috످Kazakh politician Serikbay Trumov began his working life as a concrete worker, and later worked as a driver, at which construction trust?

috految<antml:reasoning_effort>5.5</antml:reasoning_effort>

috److془Serikbay Trumov, Mangystau politician. Trust name I don't recall.془I don't know which construction trust Serikbay Trumov worked at. You could check Russian or Kazakh Wikipedia (search for "Серикбай Трумов") or the biographies on online.zakon.kz.

috످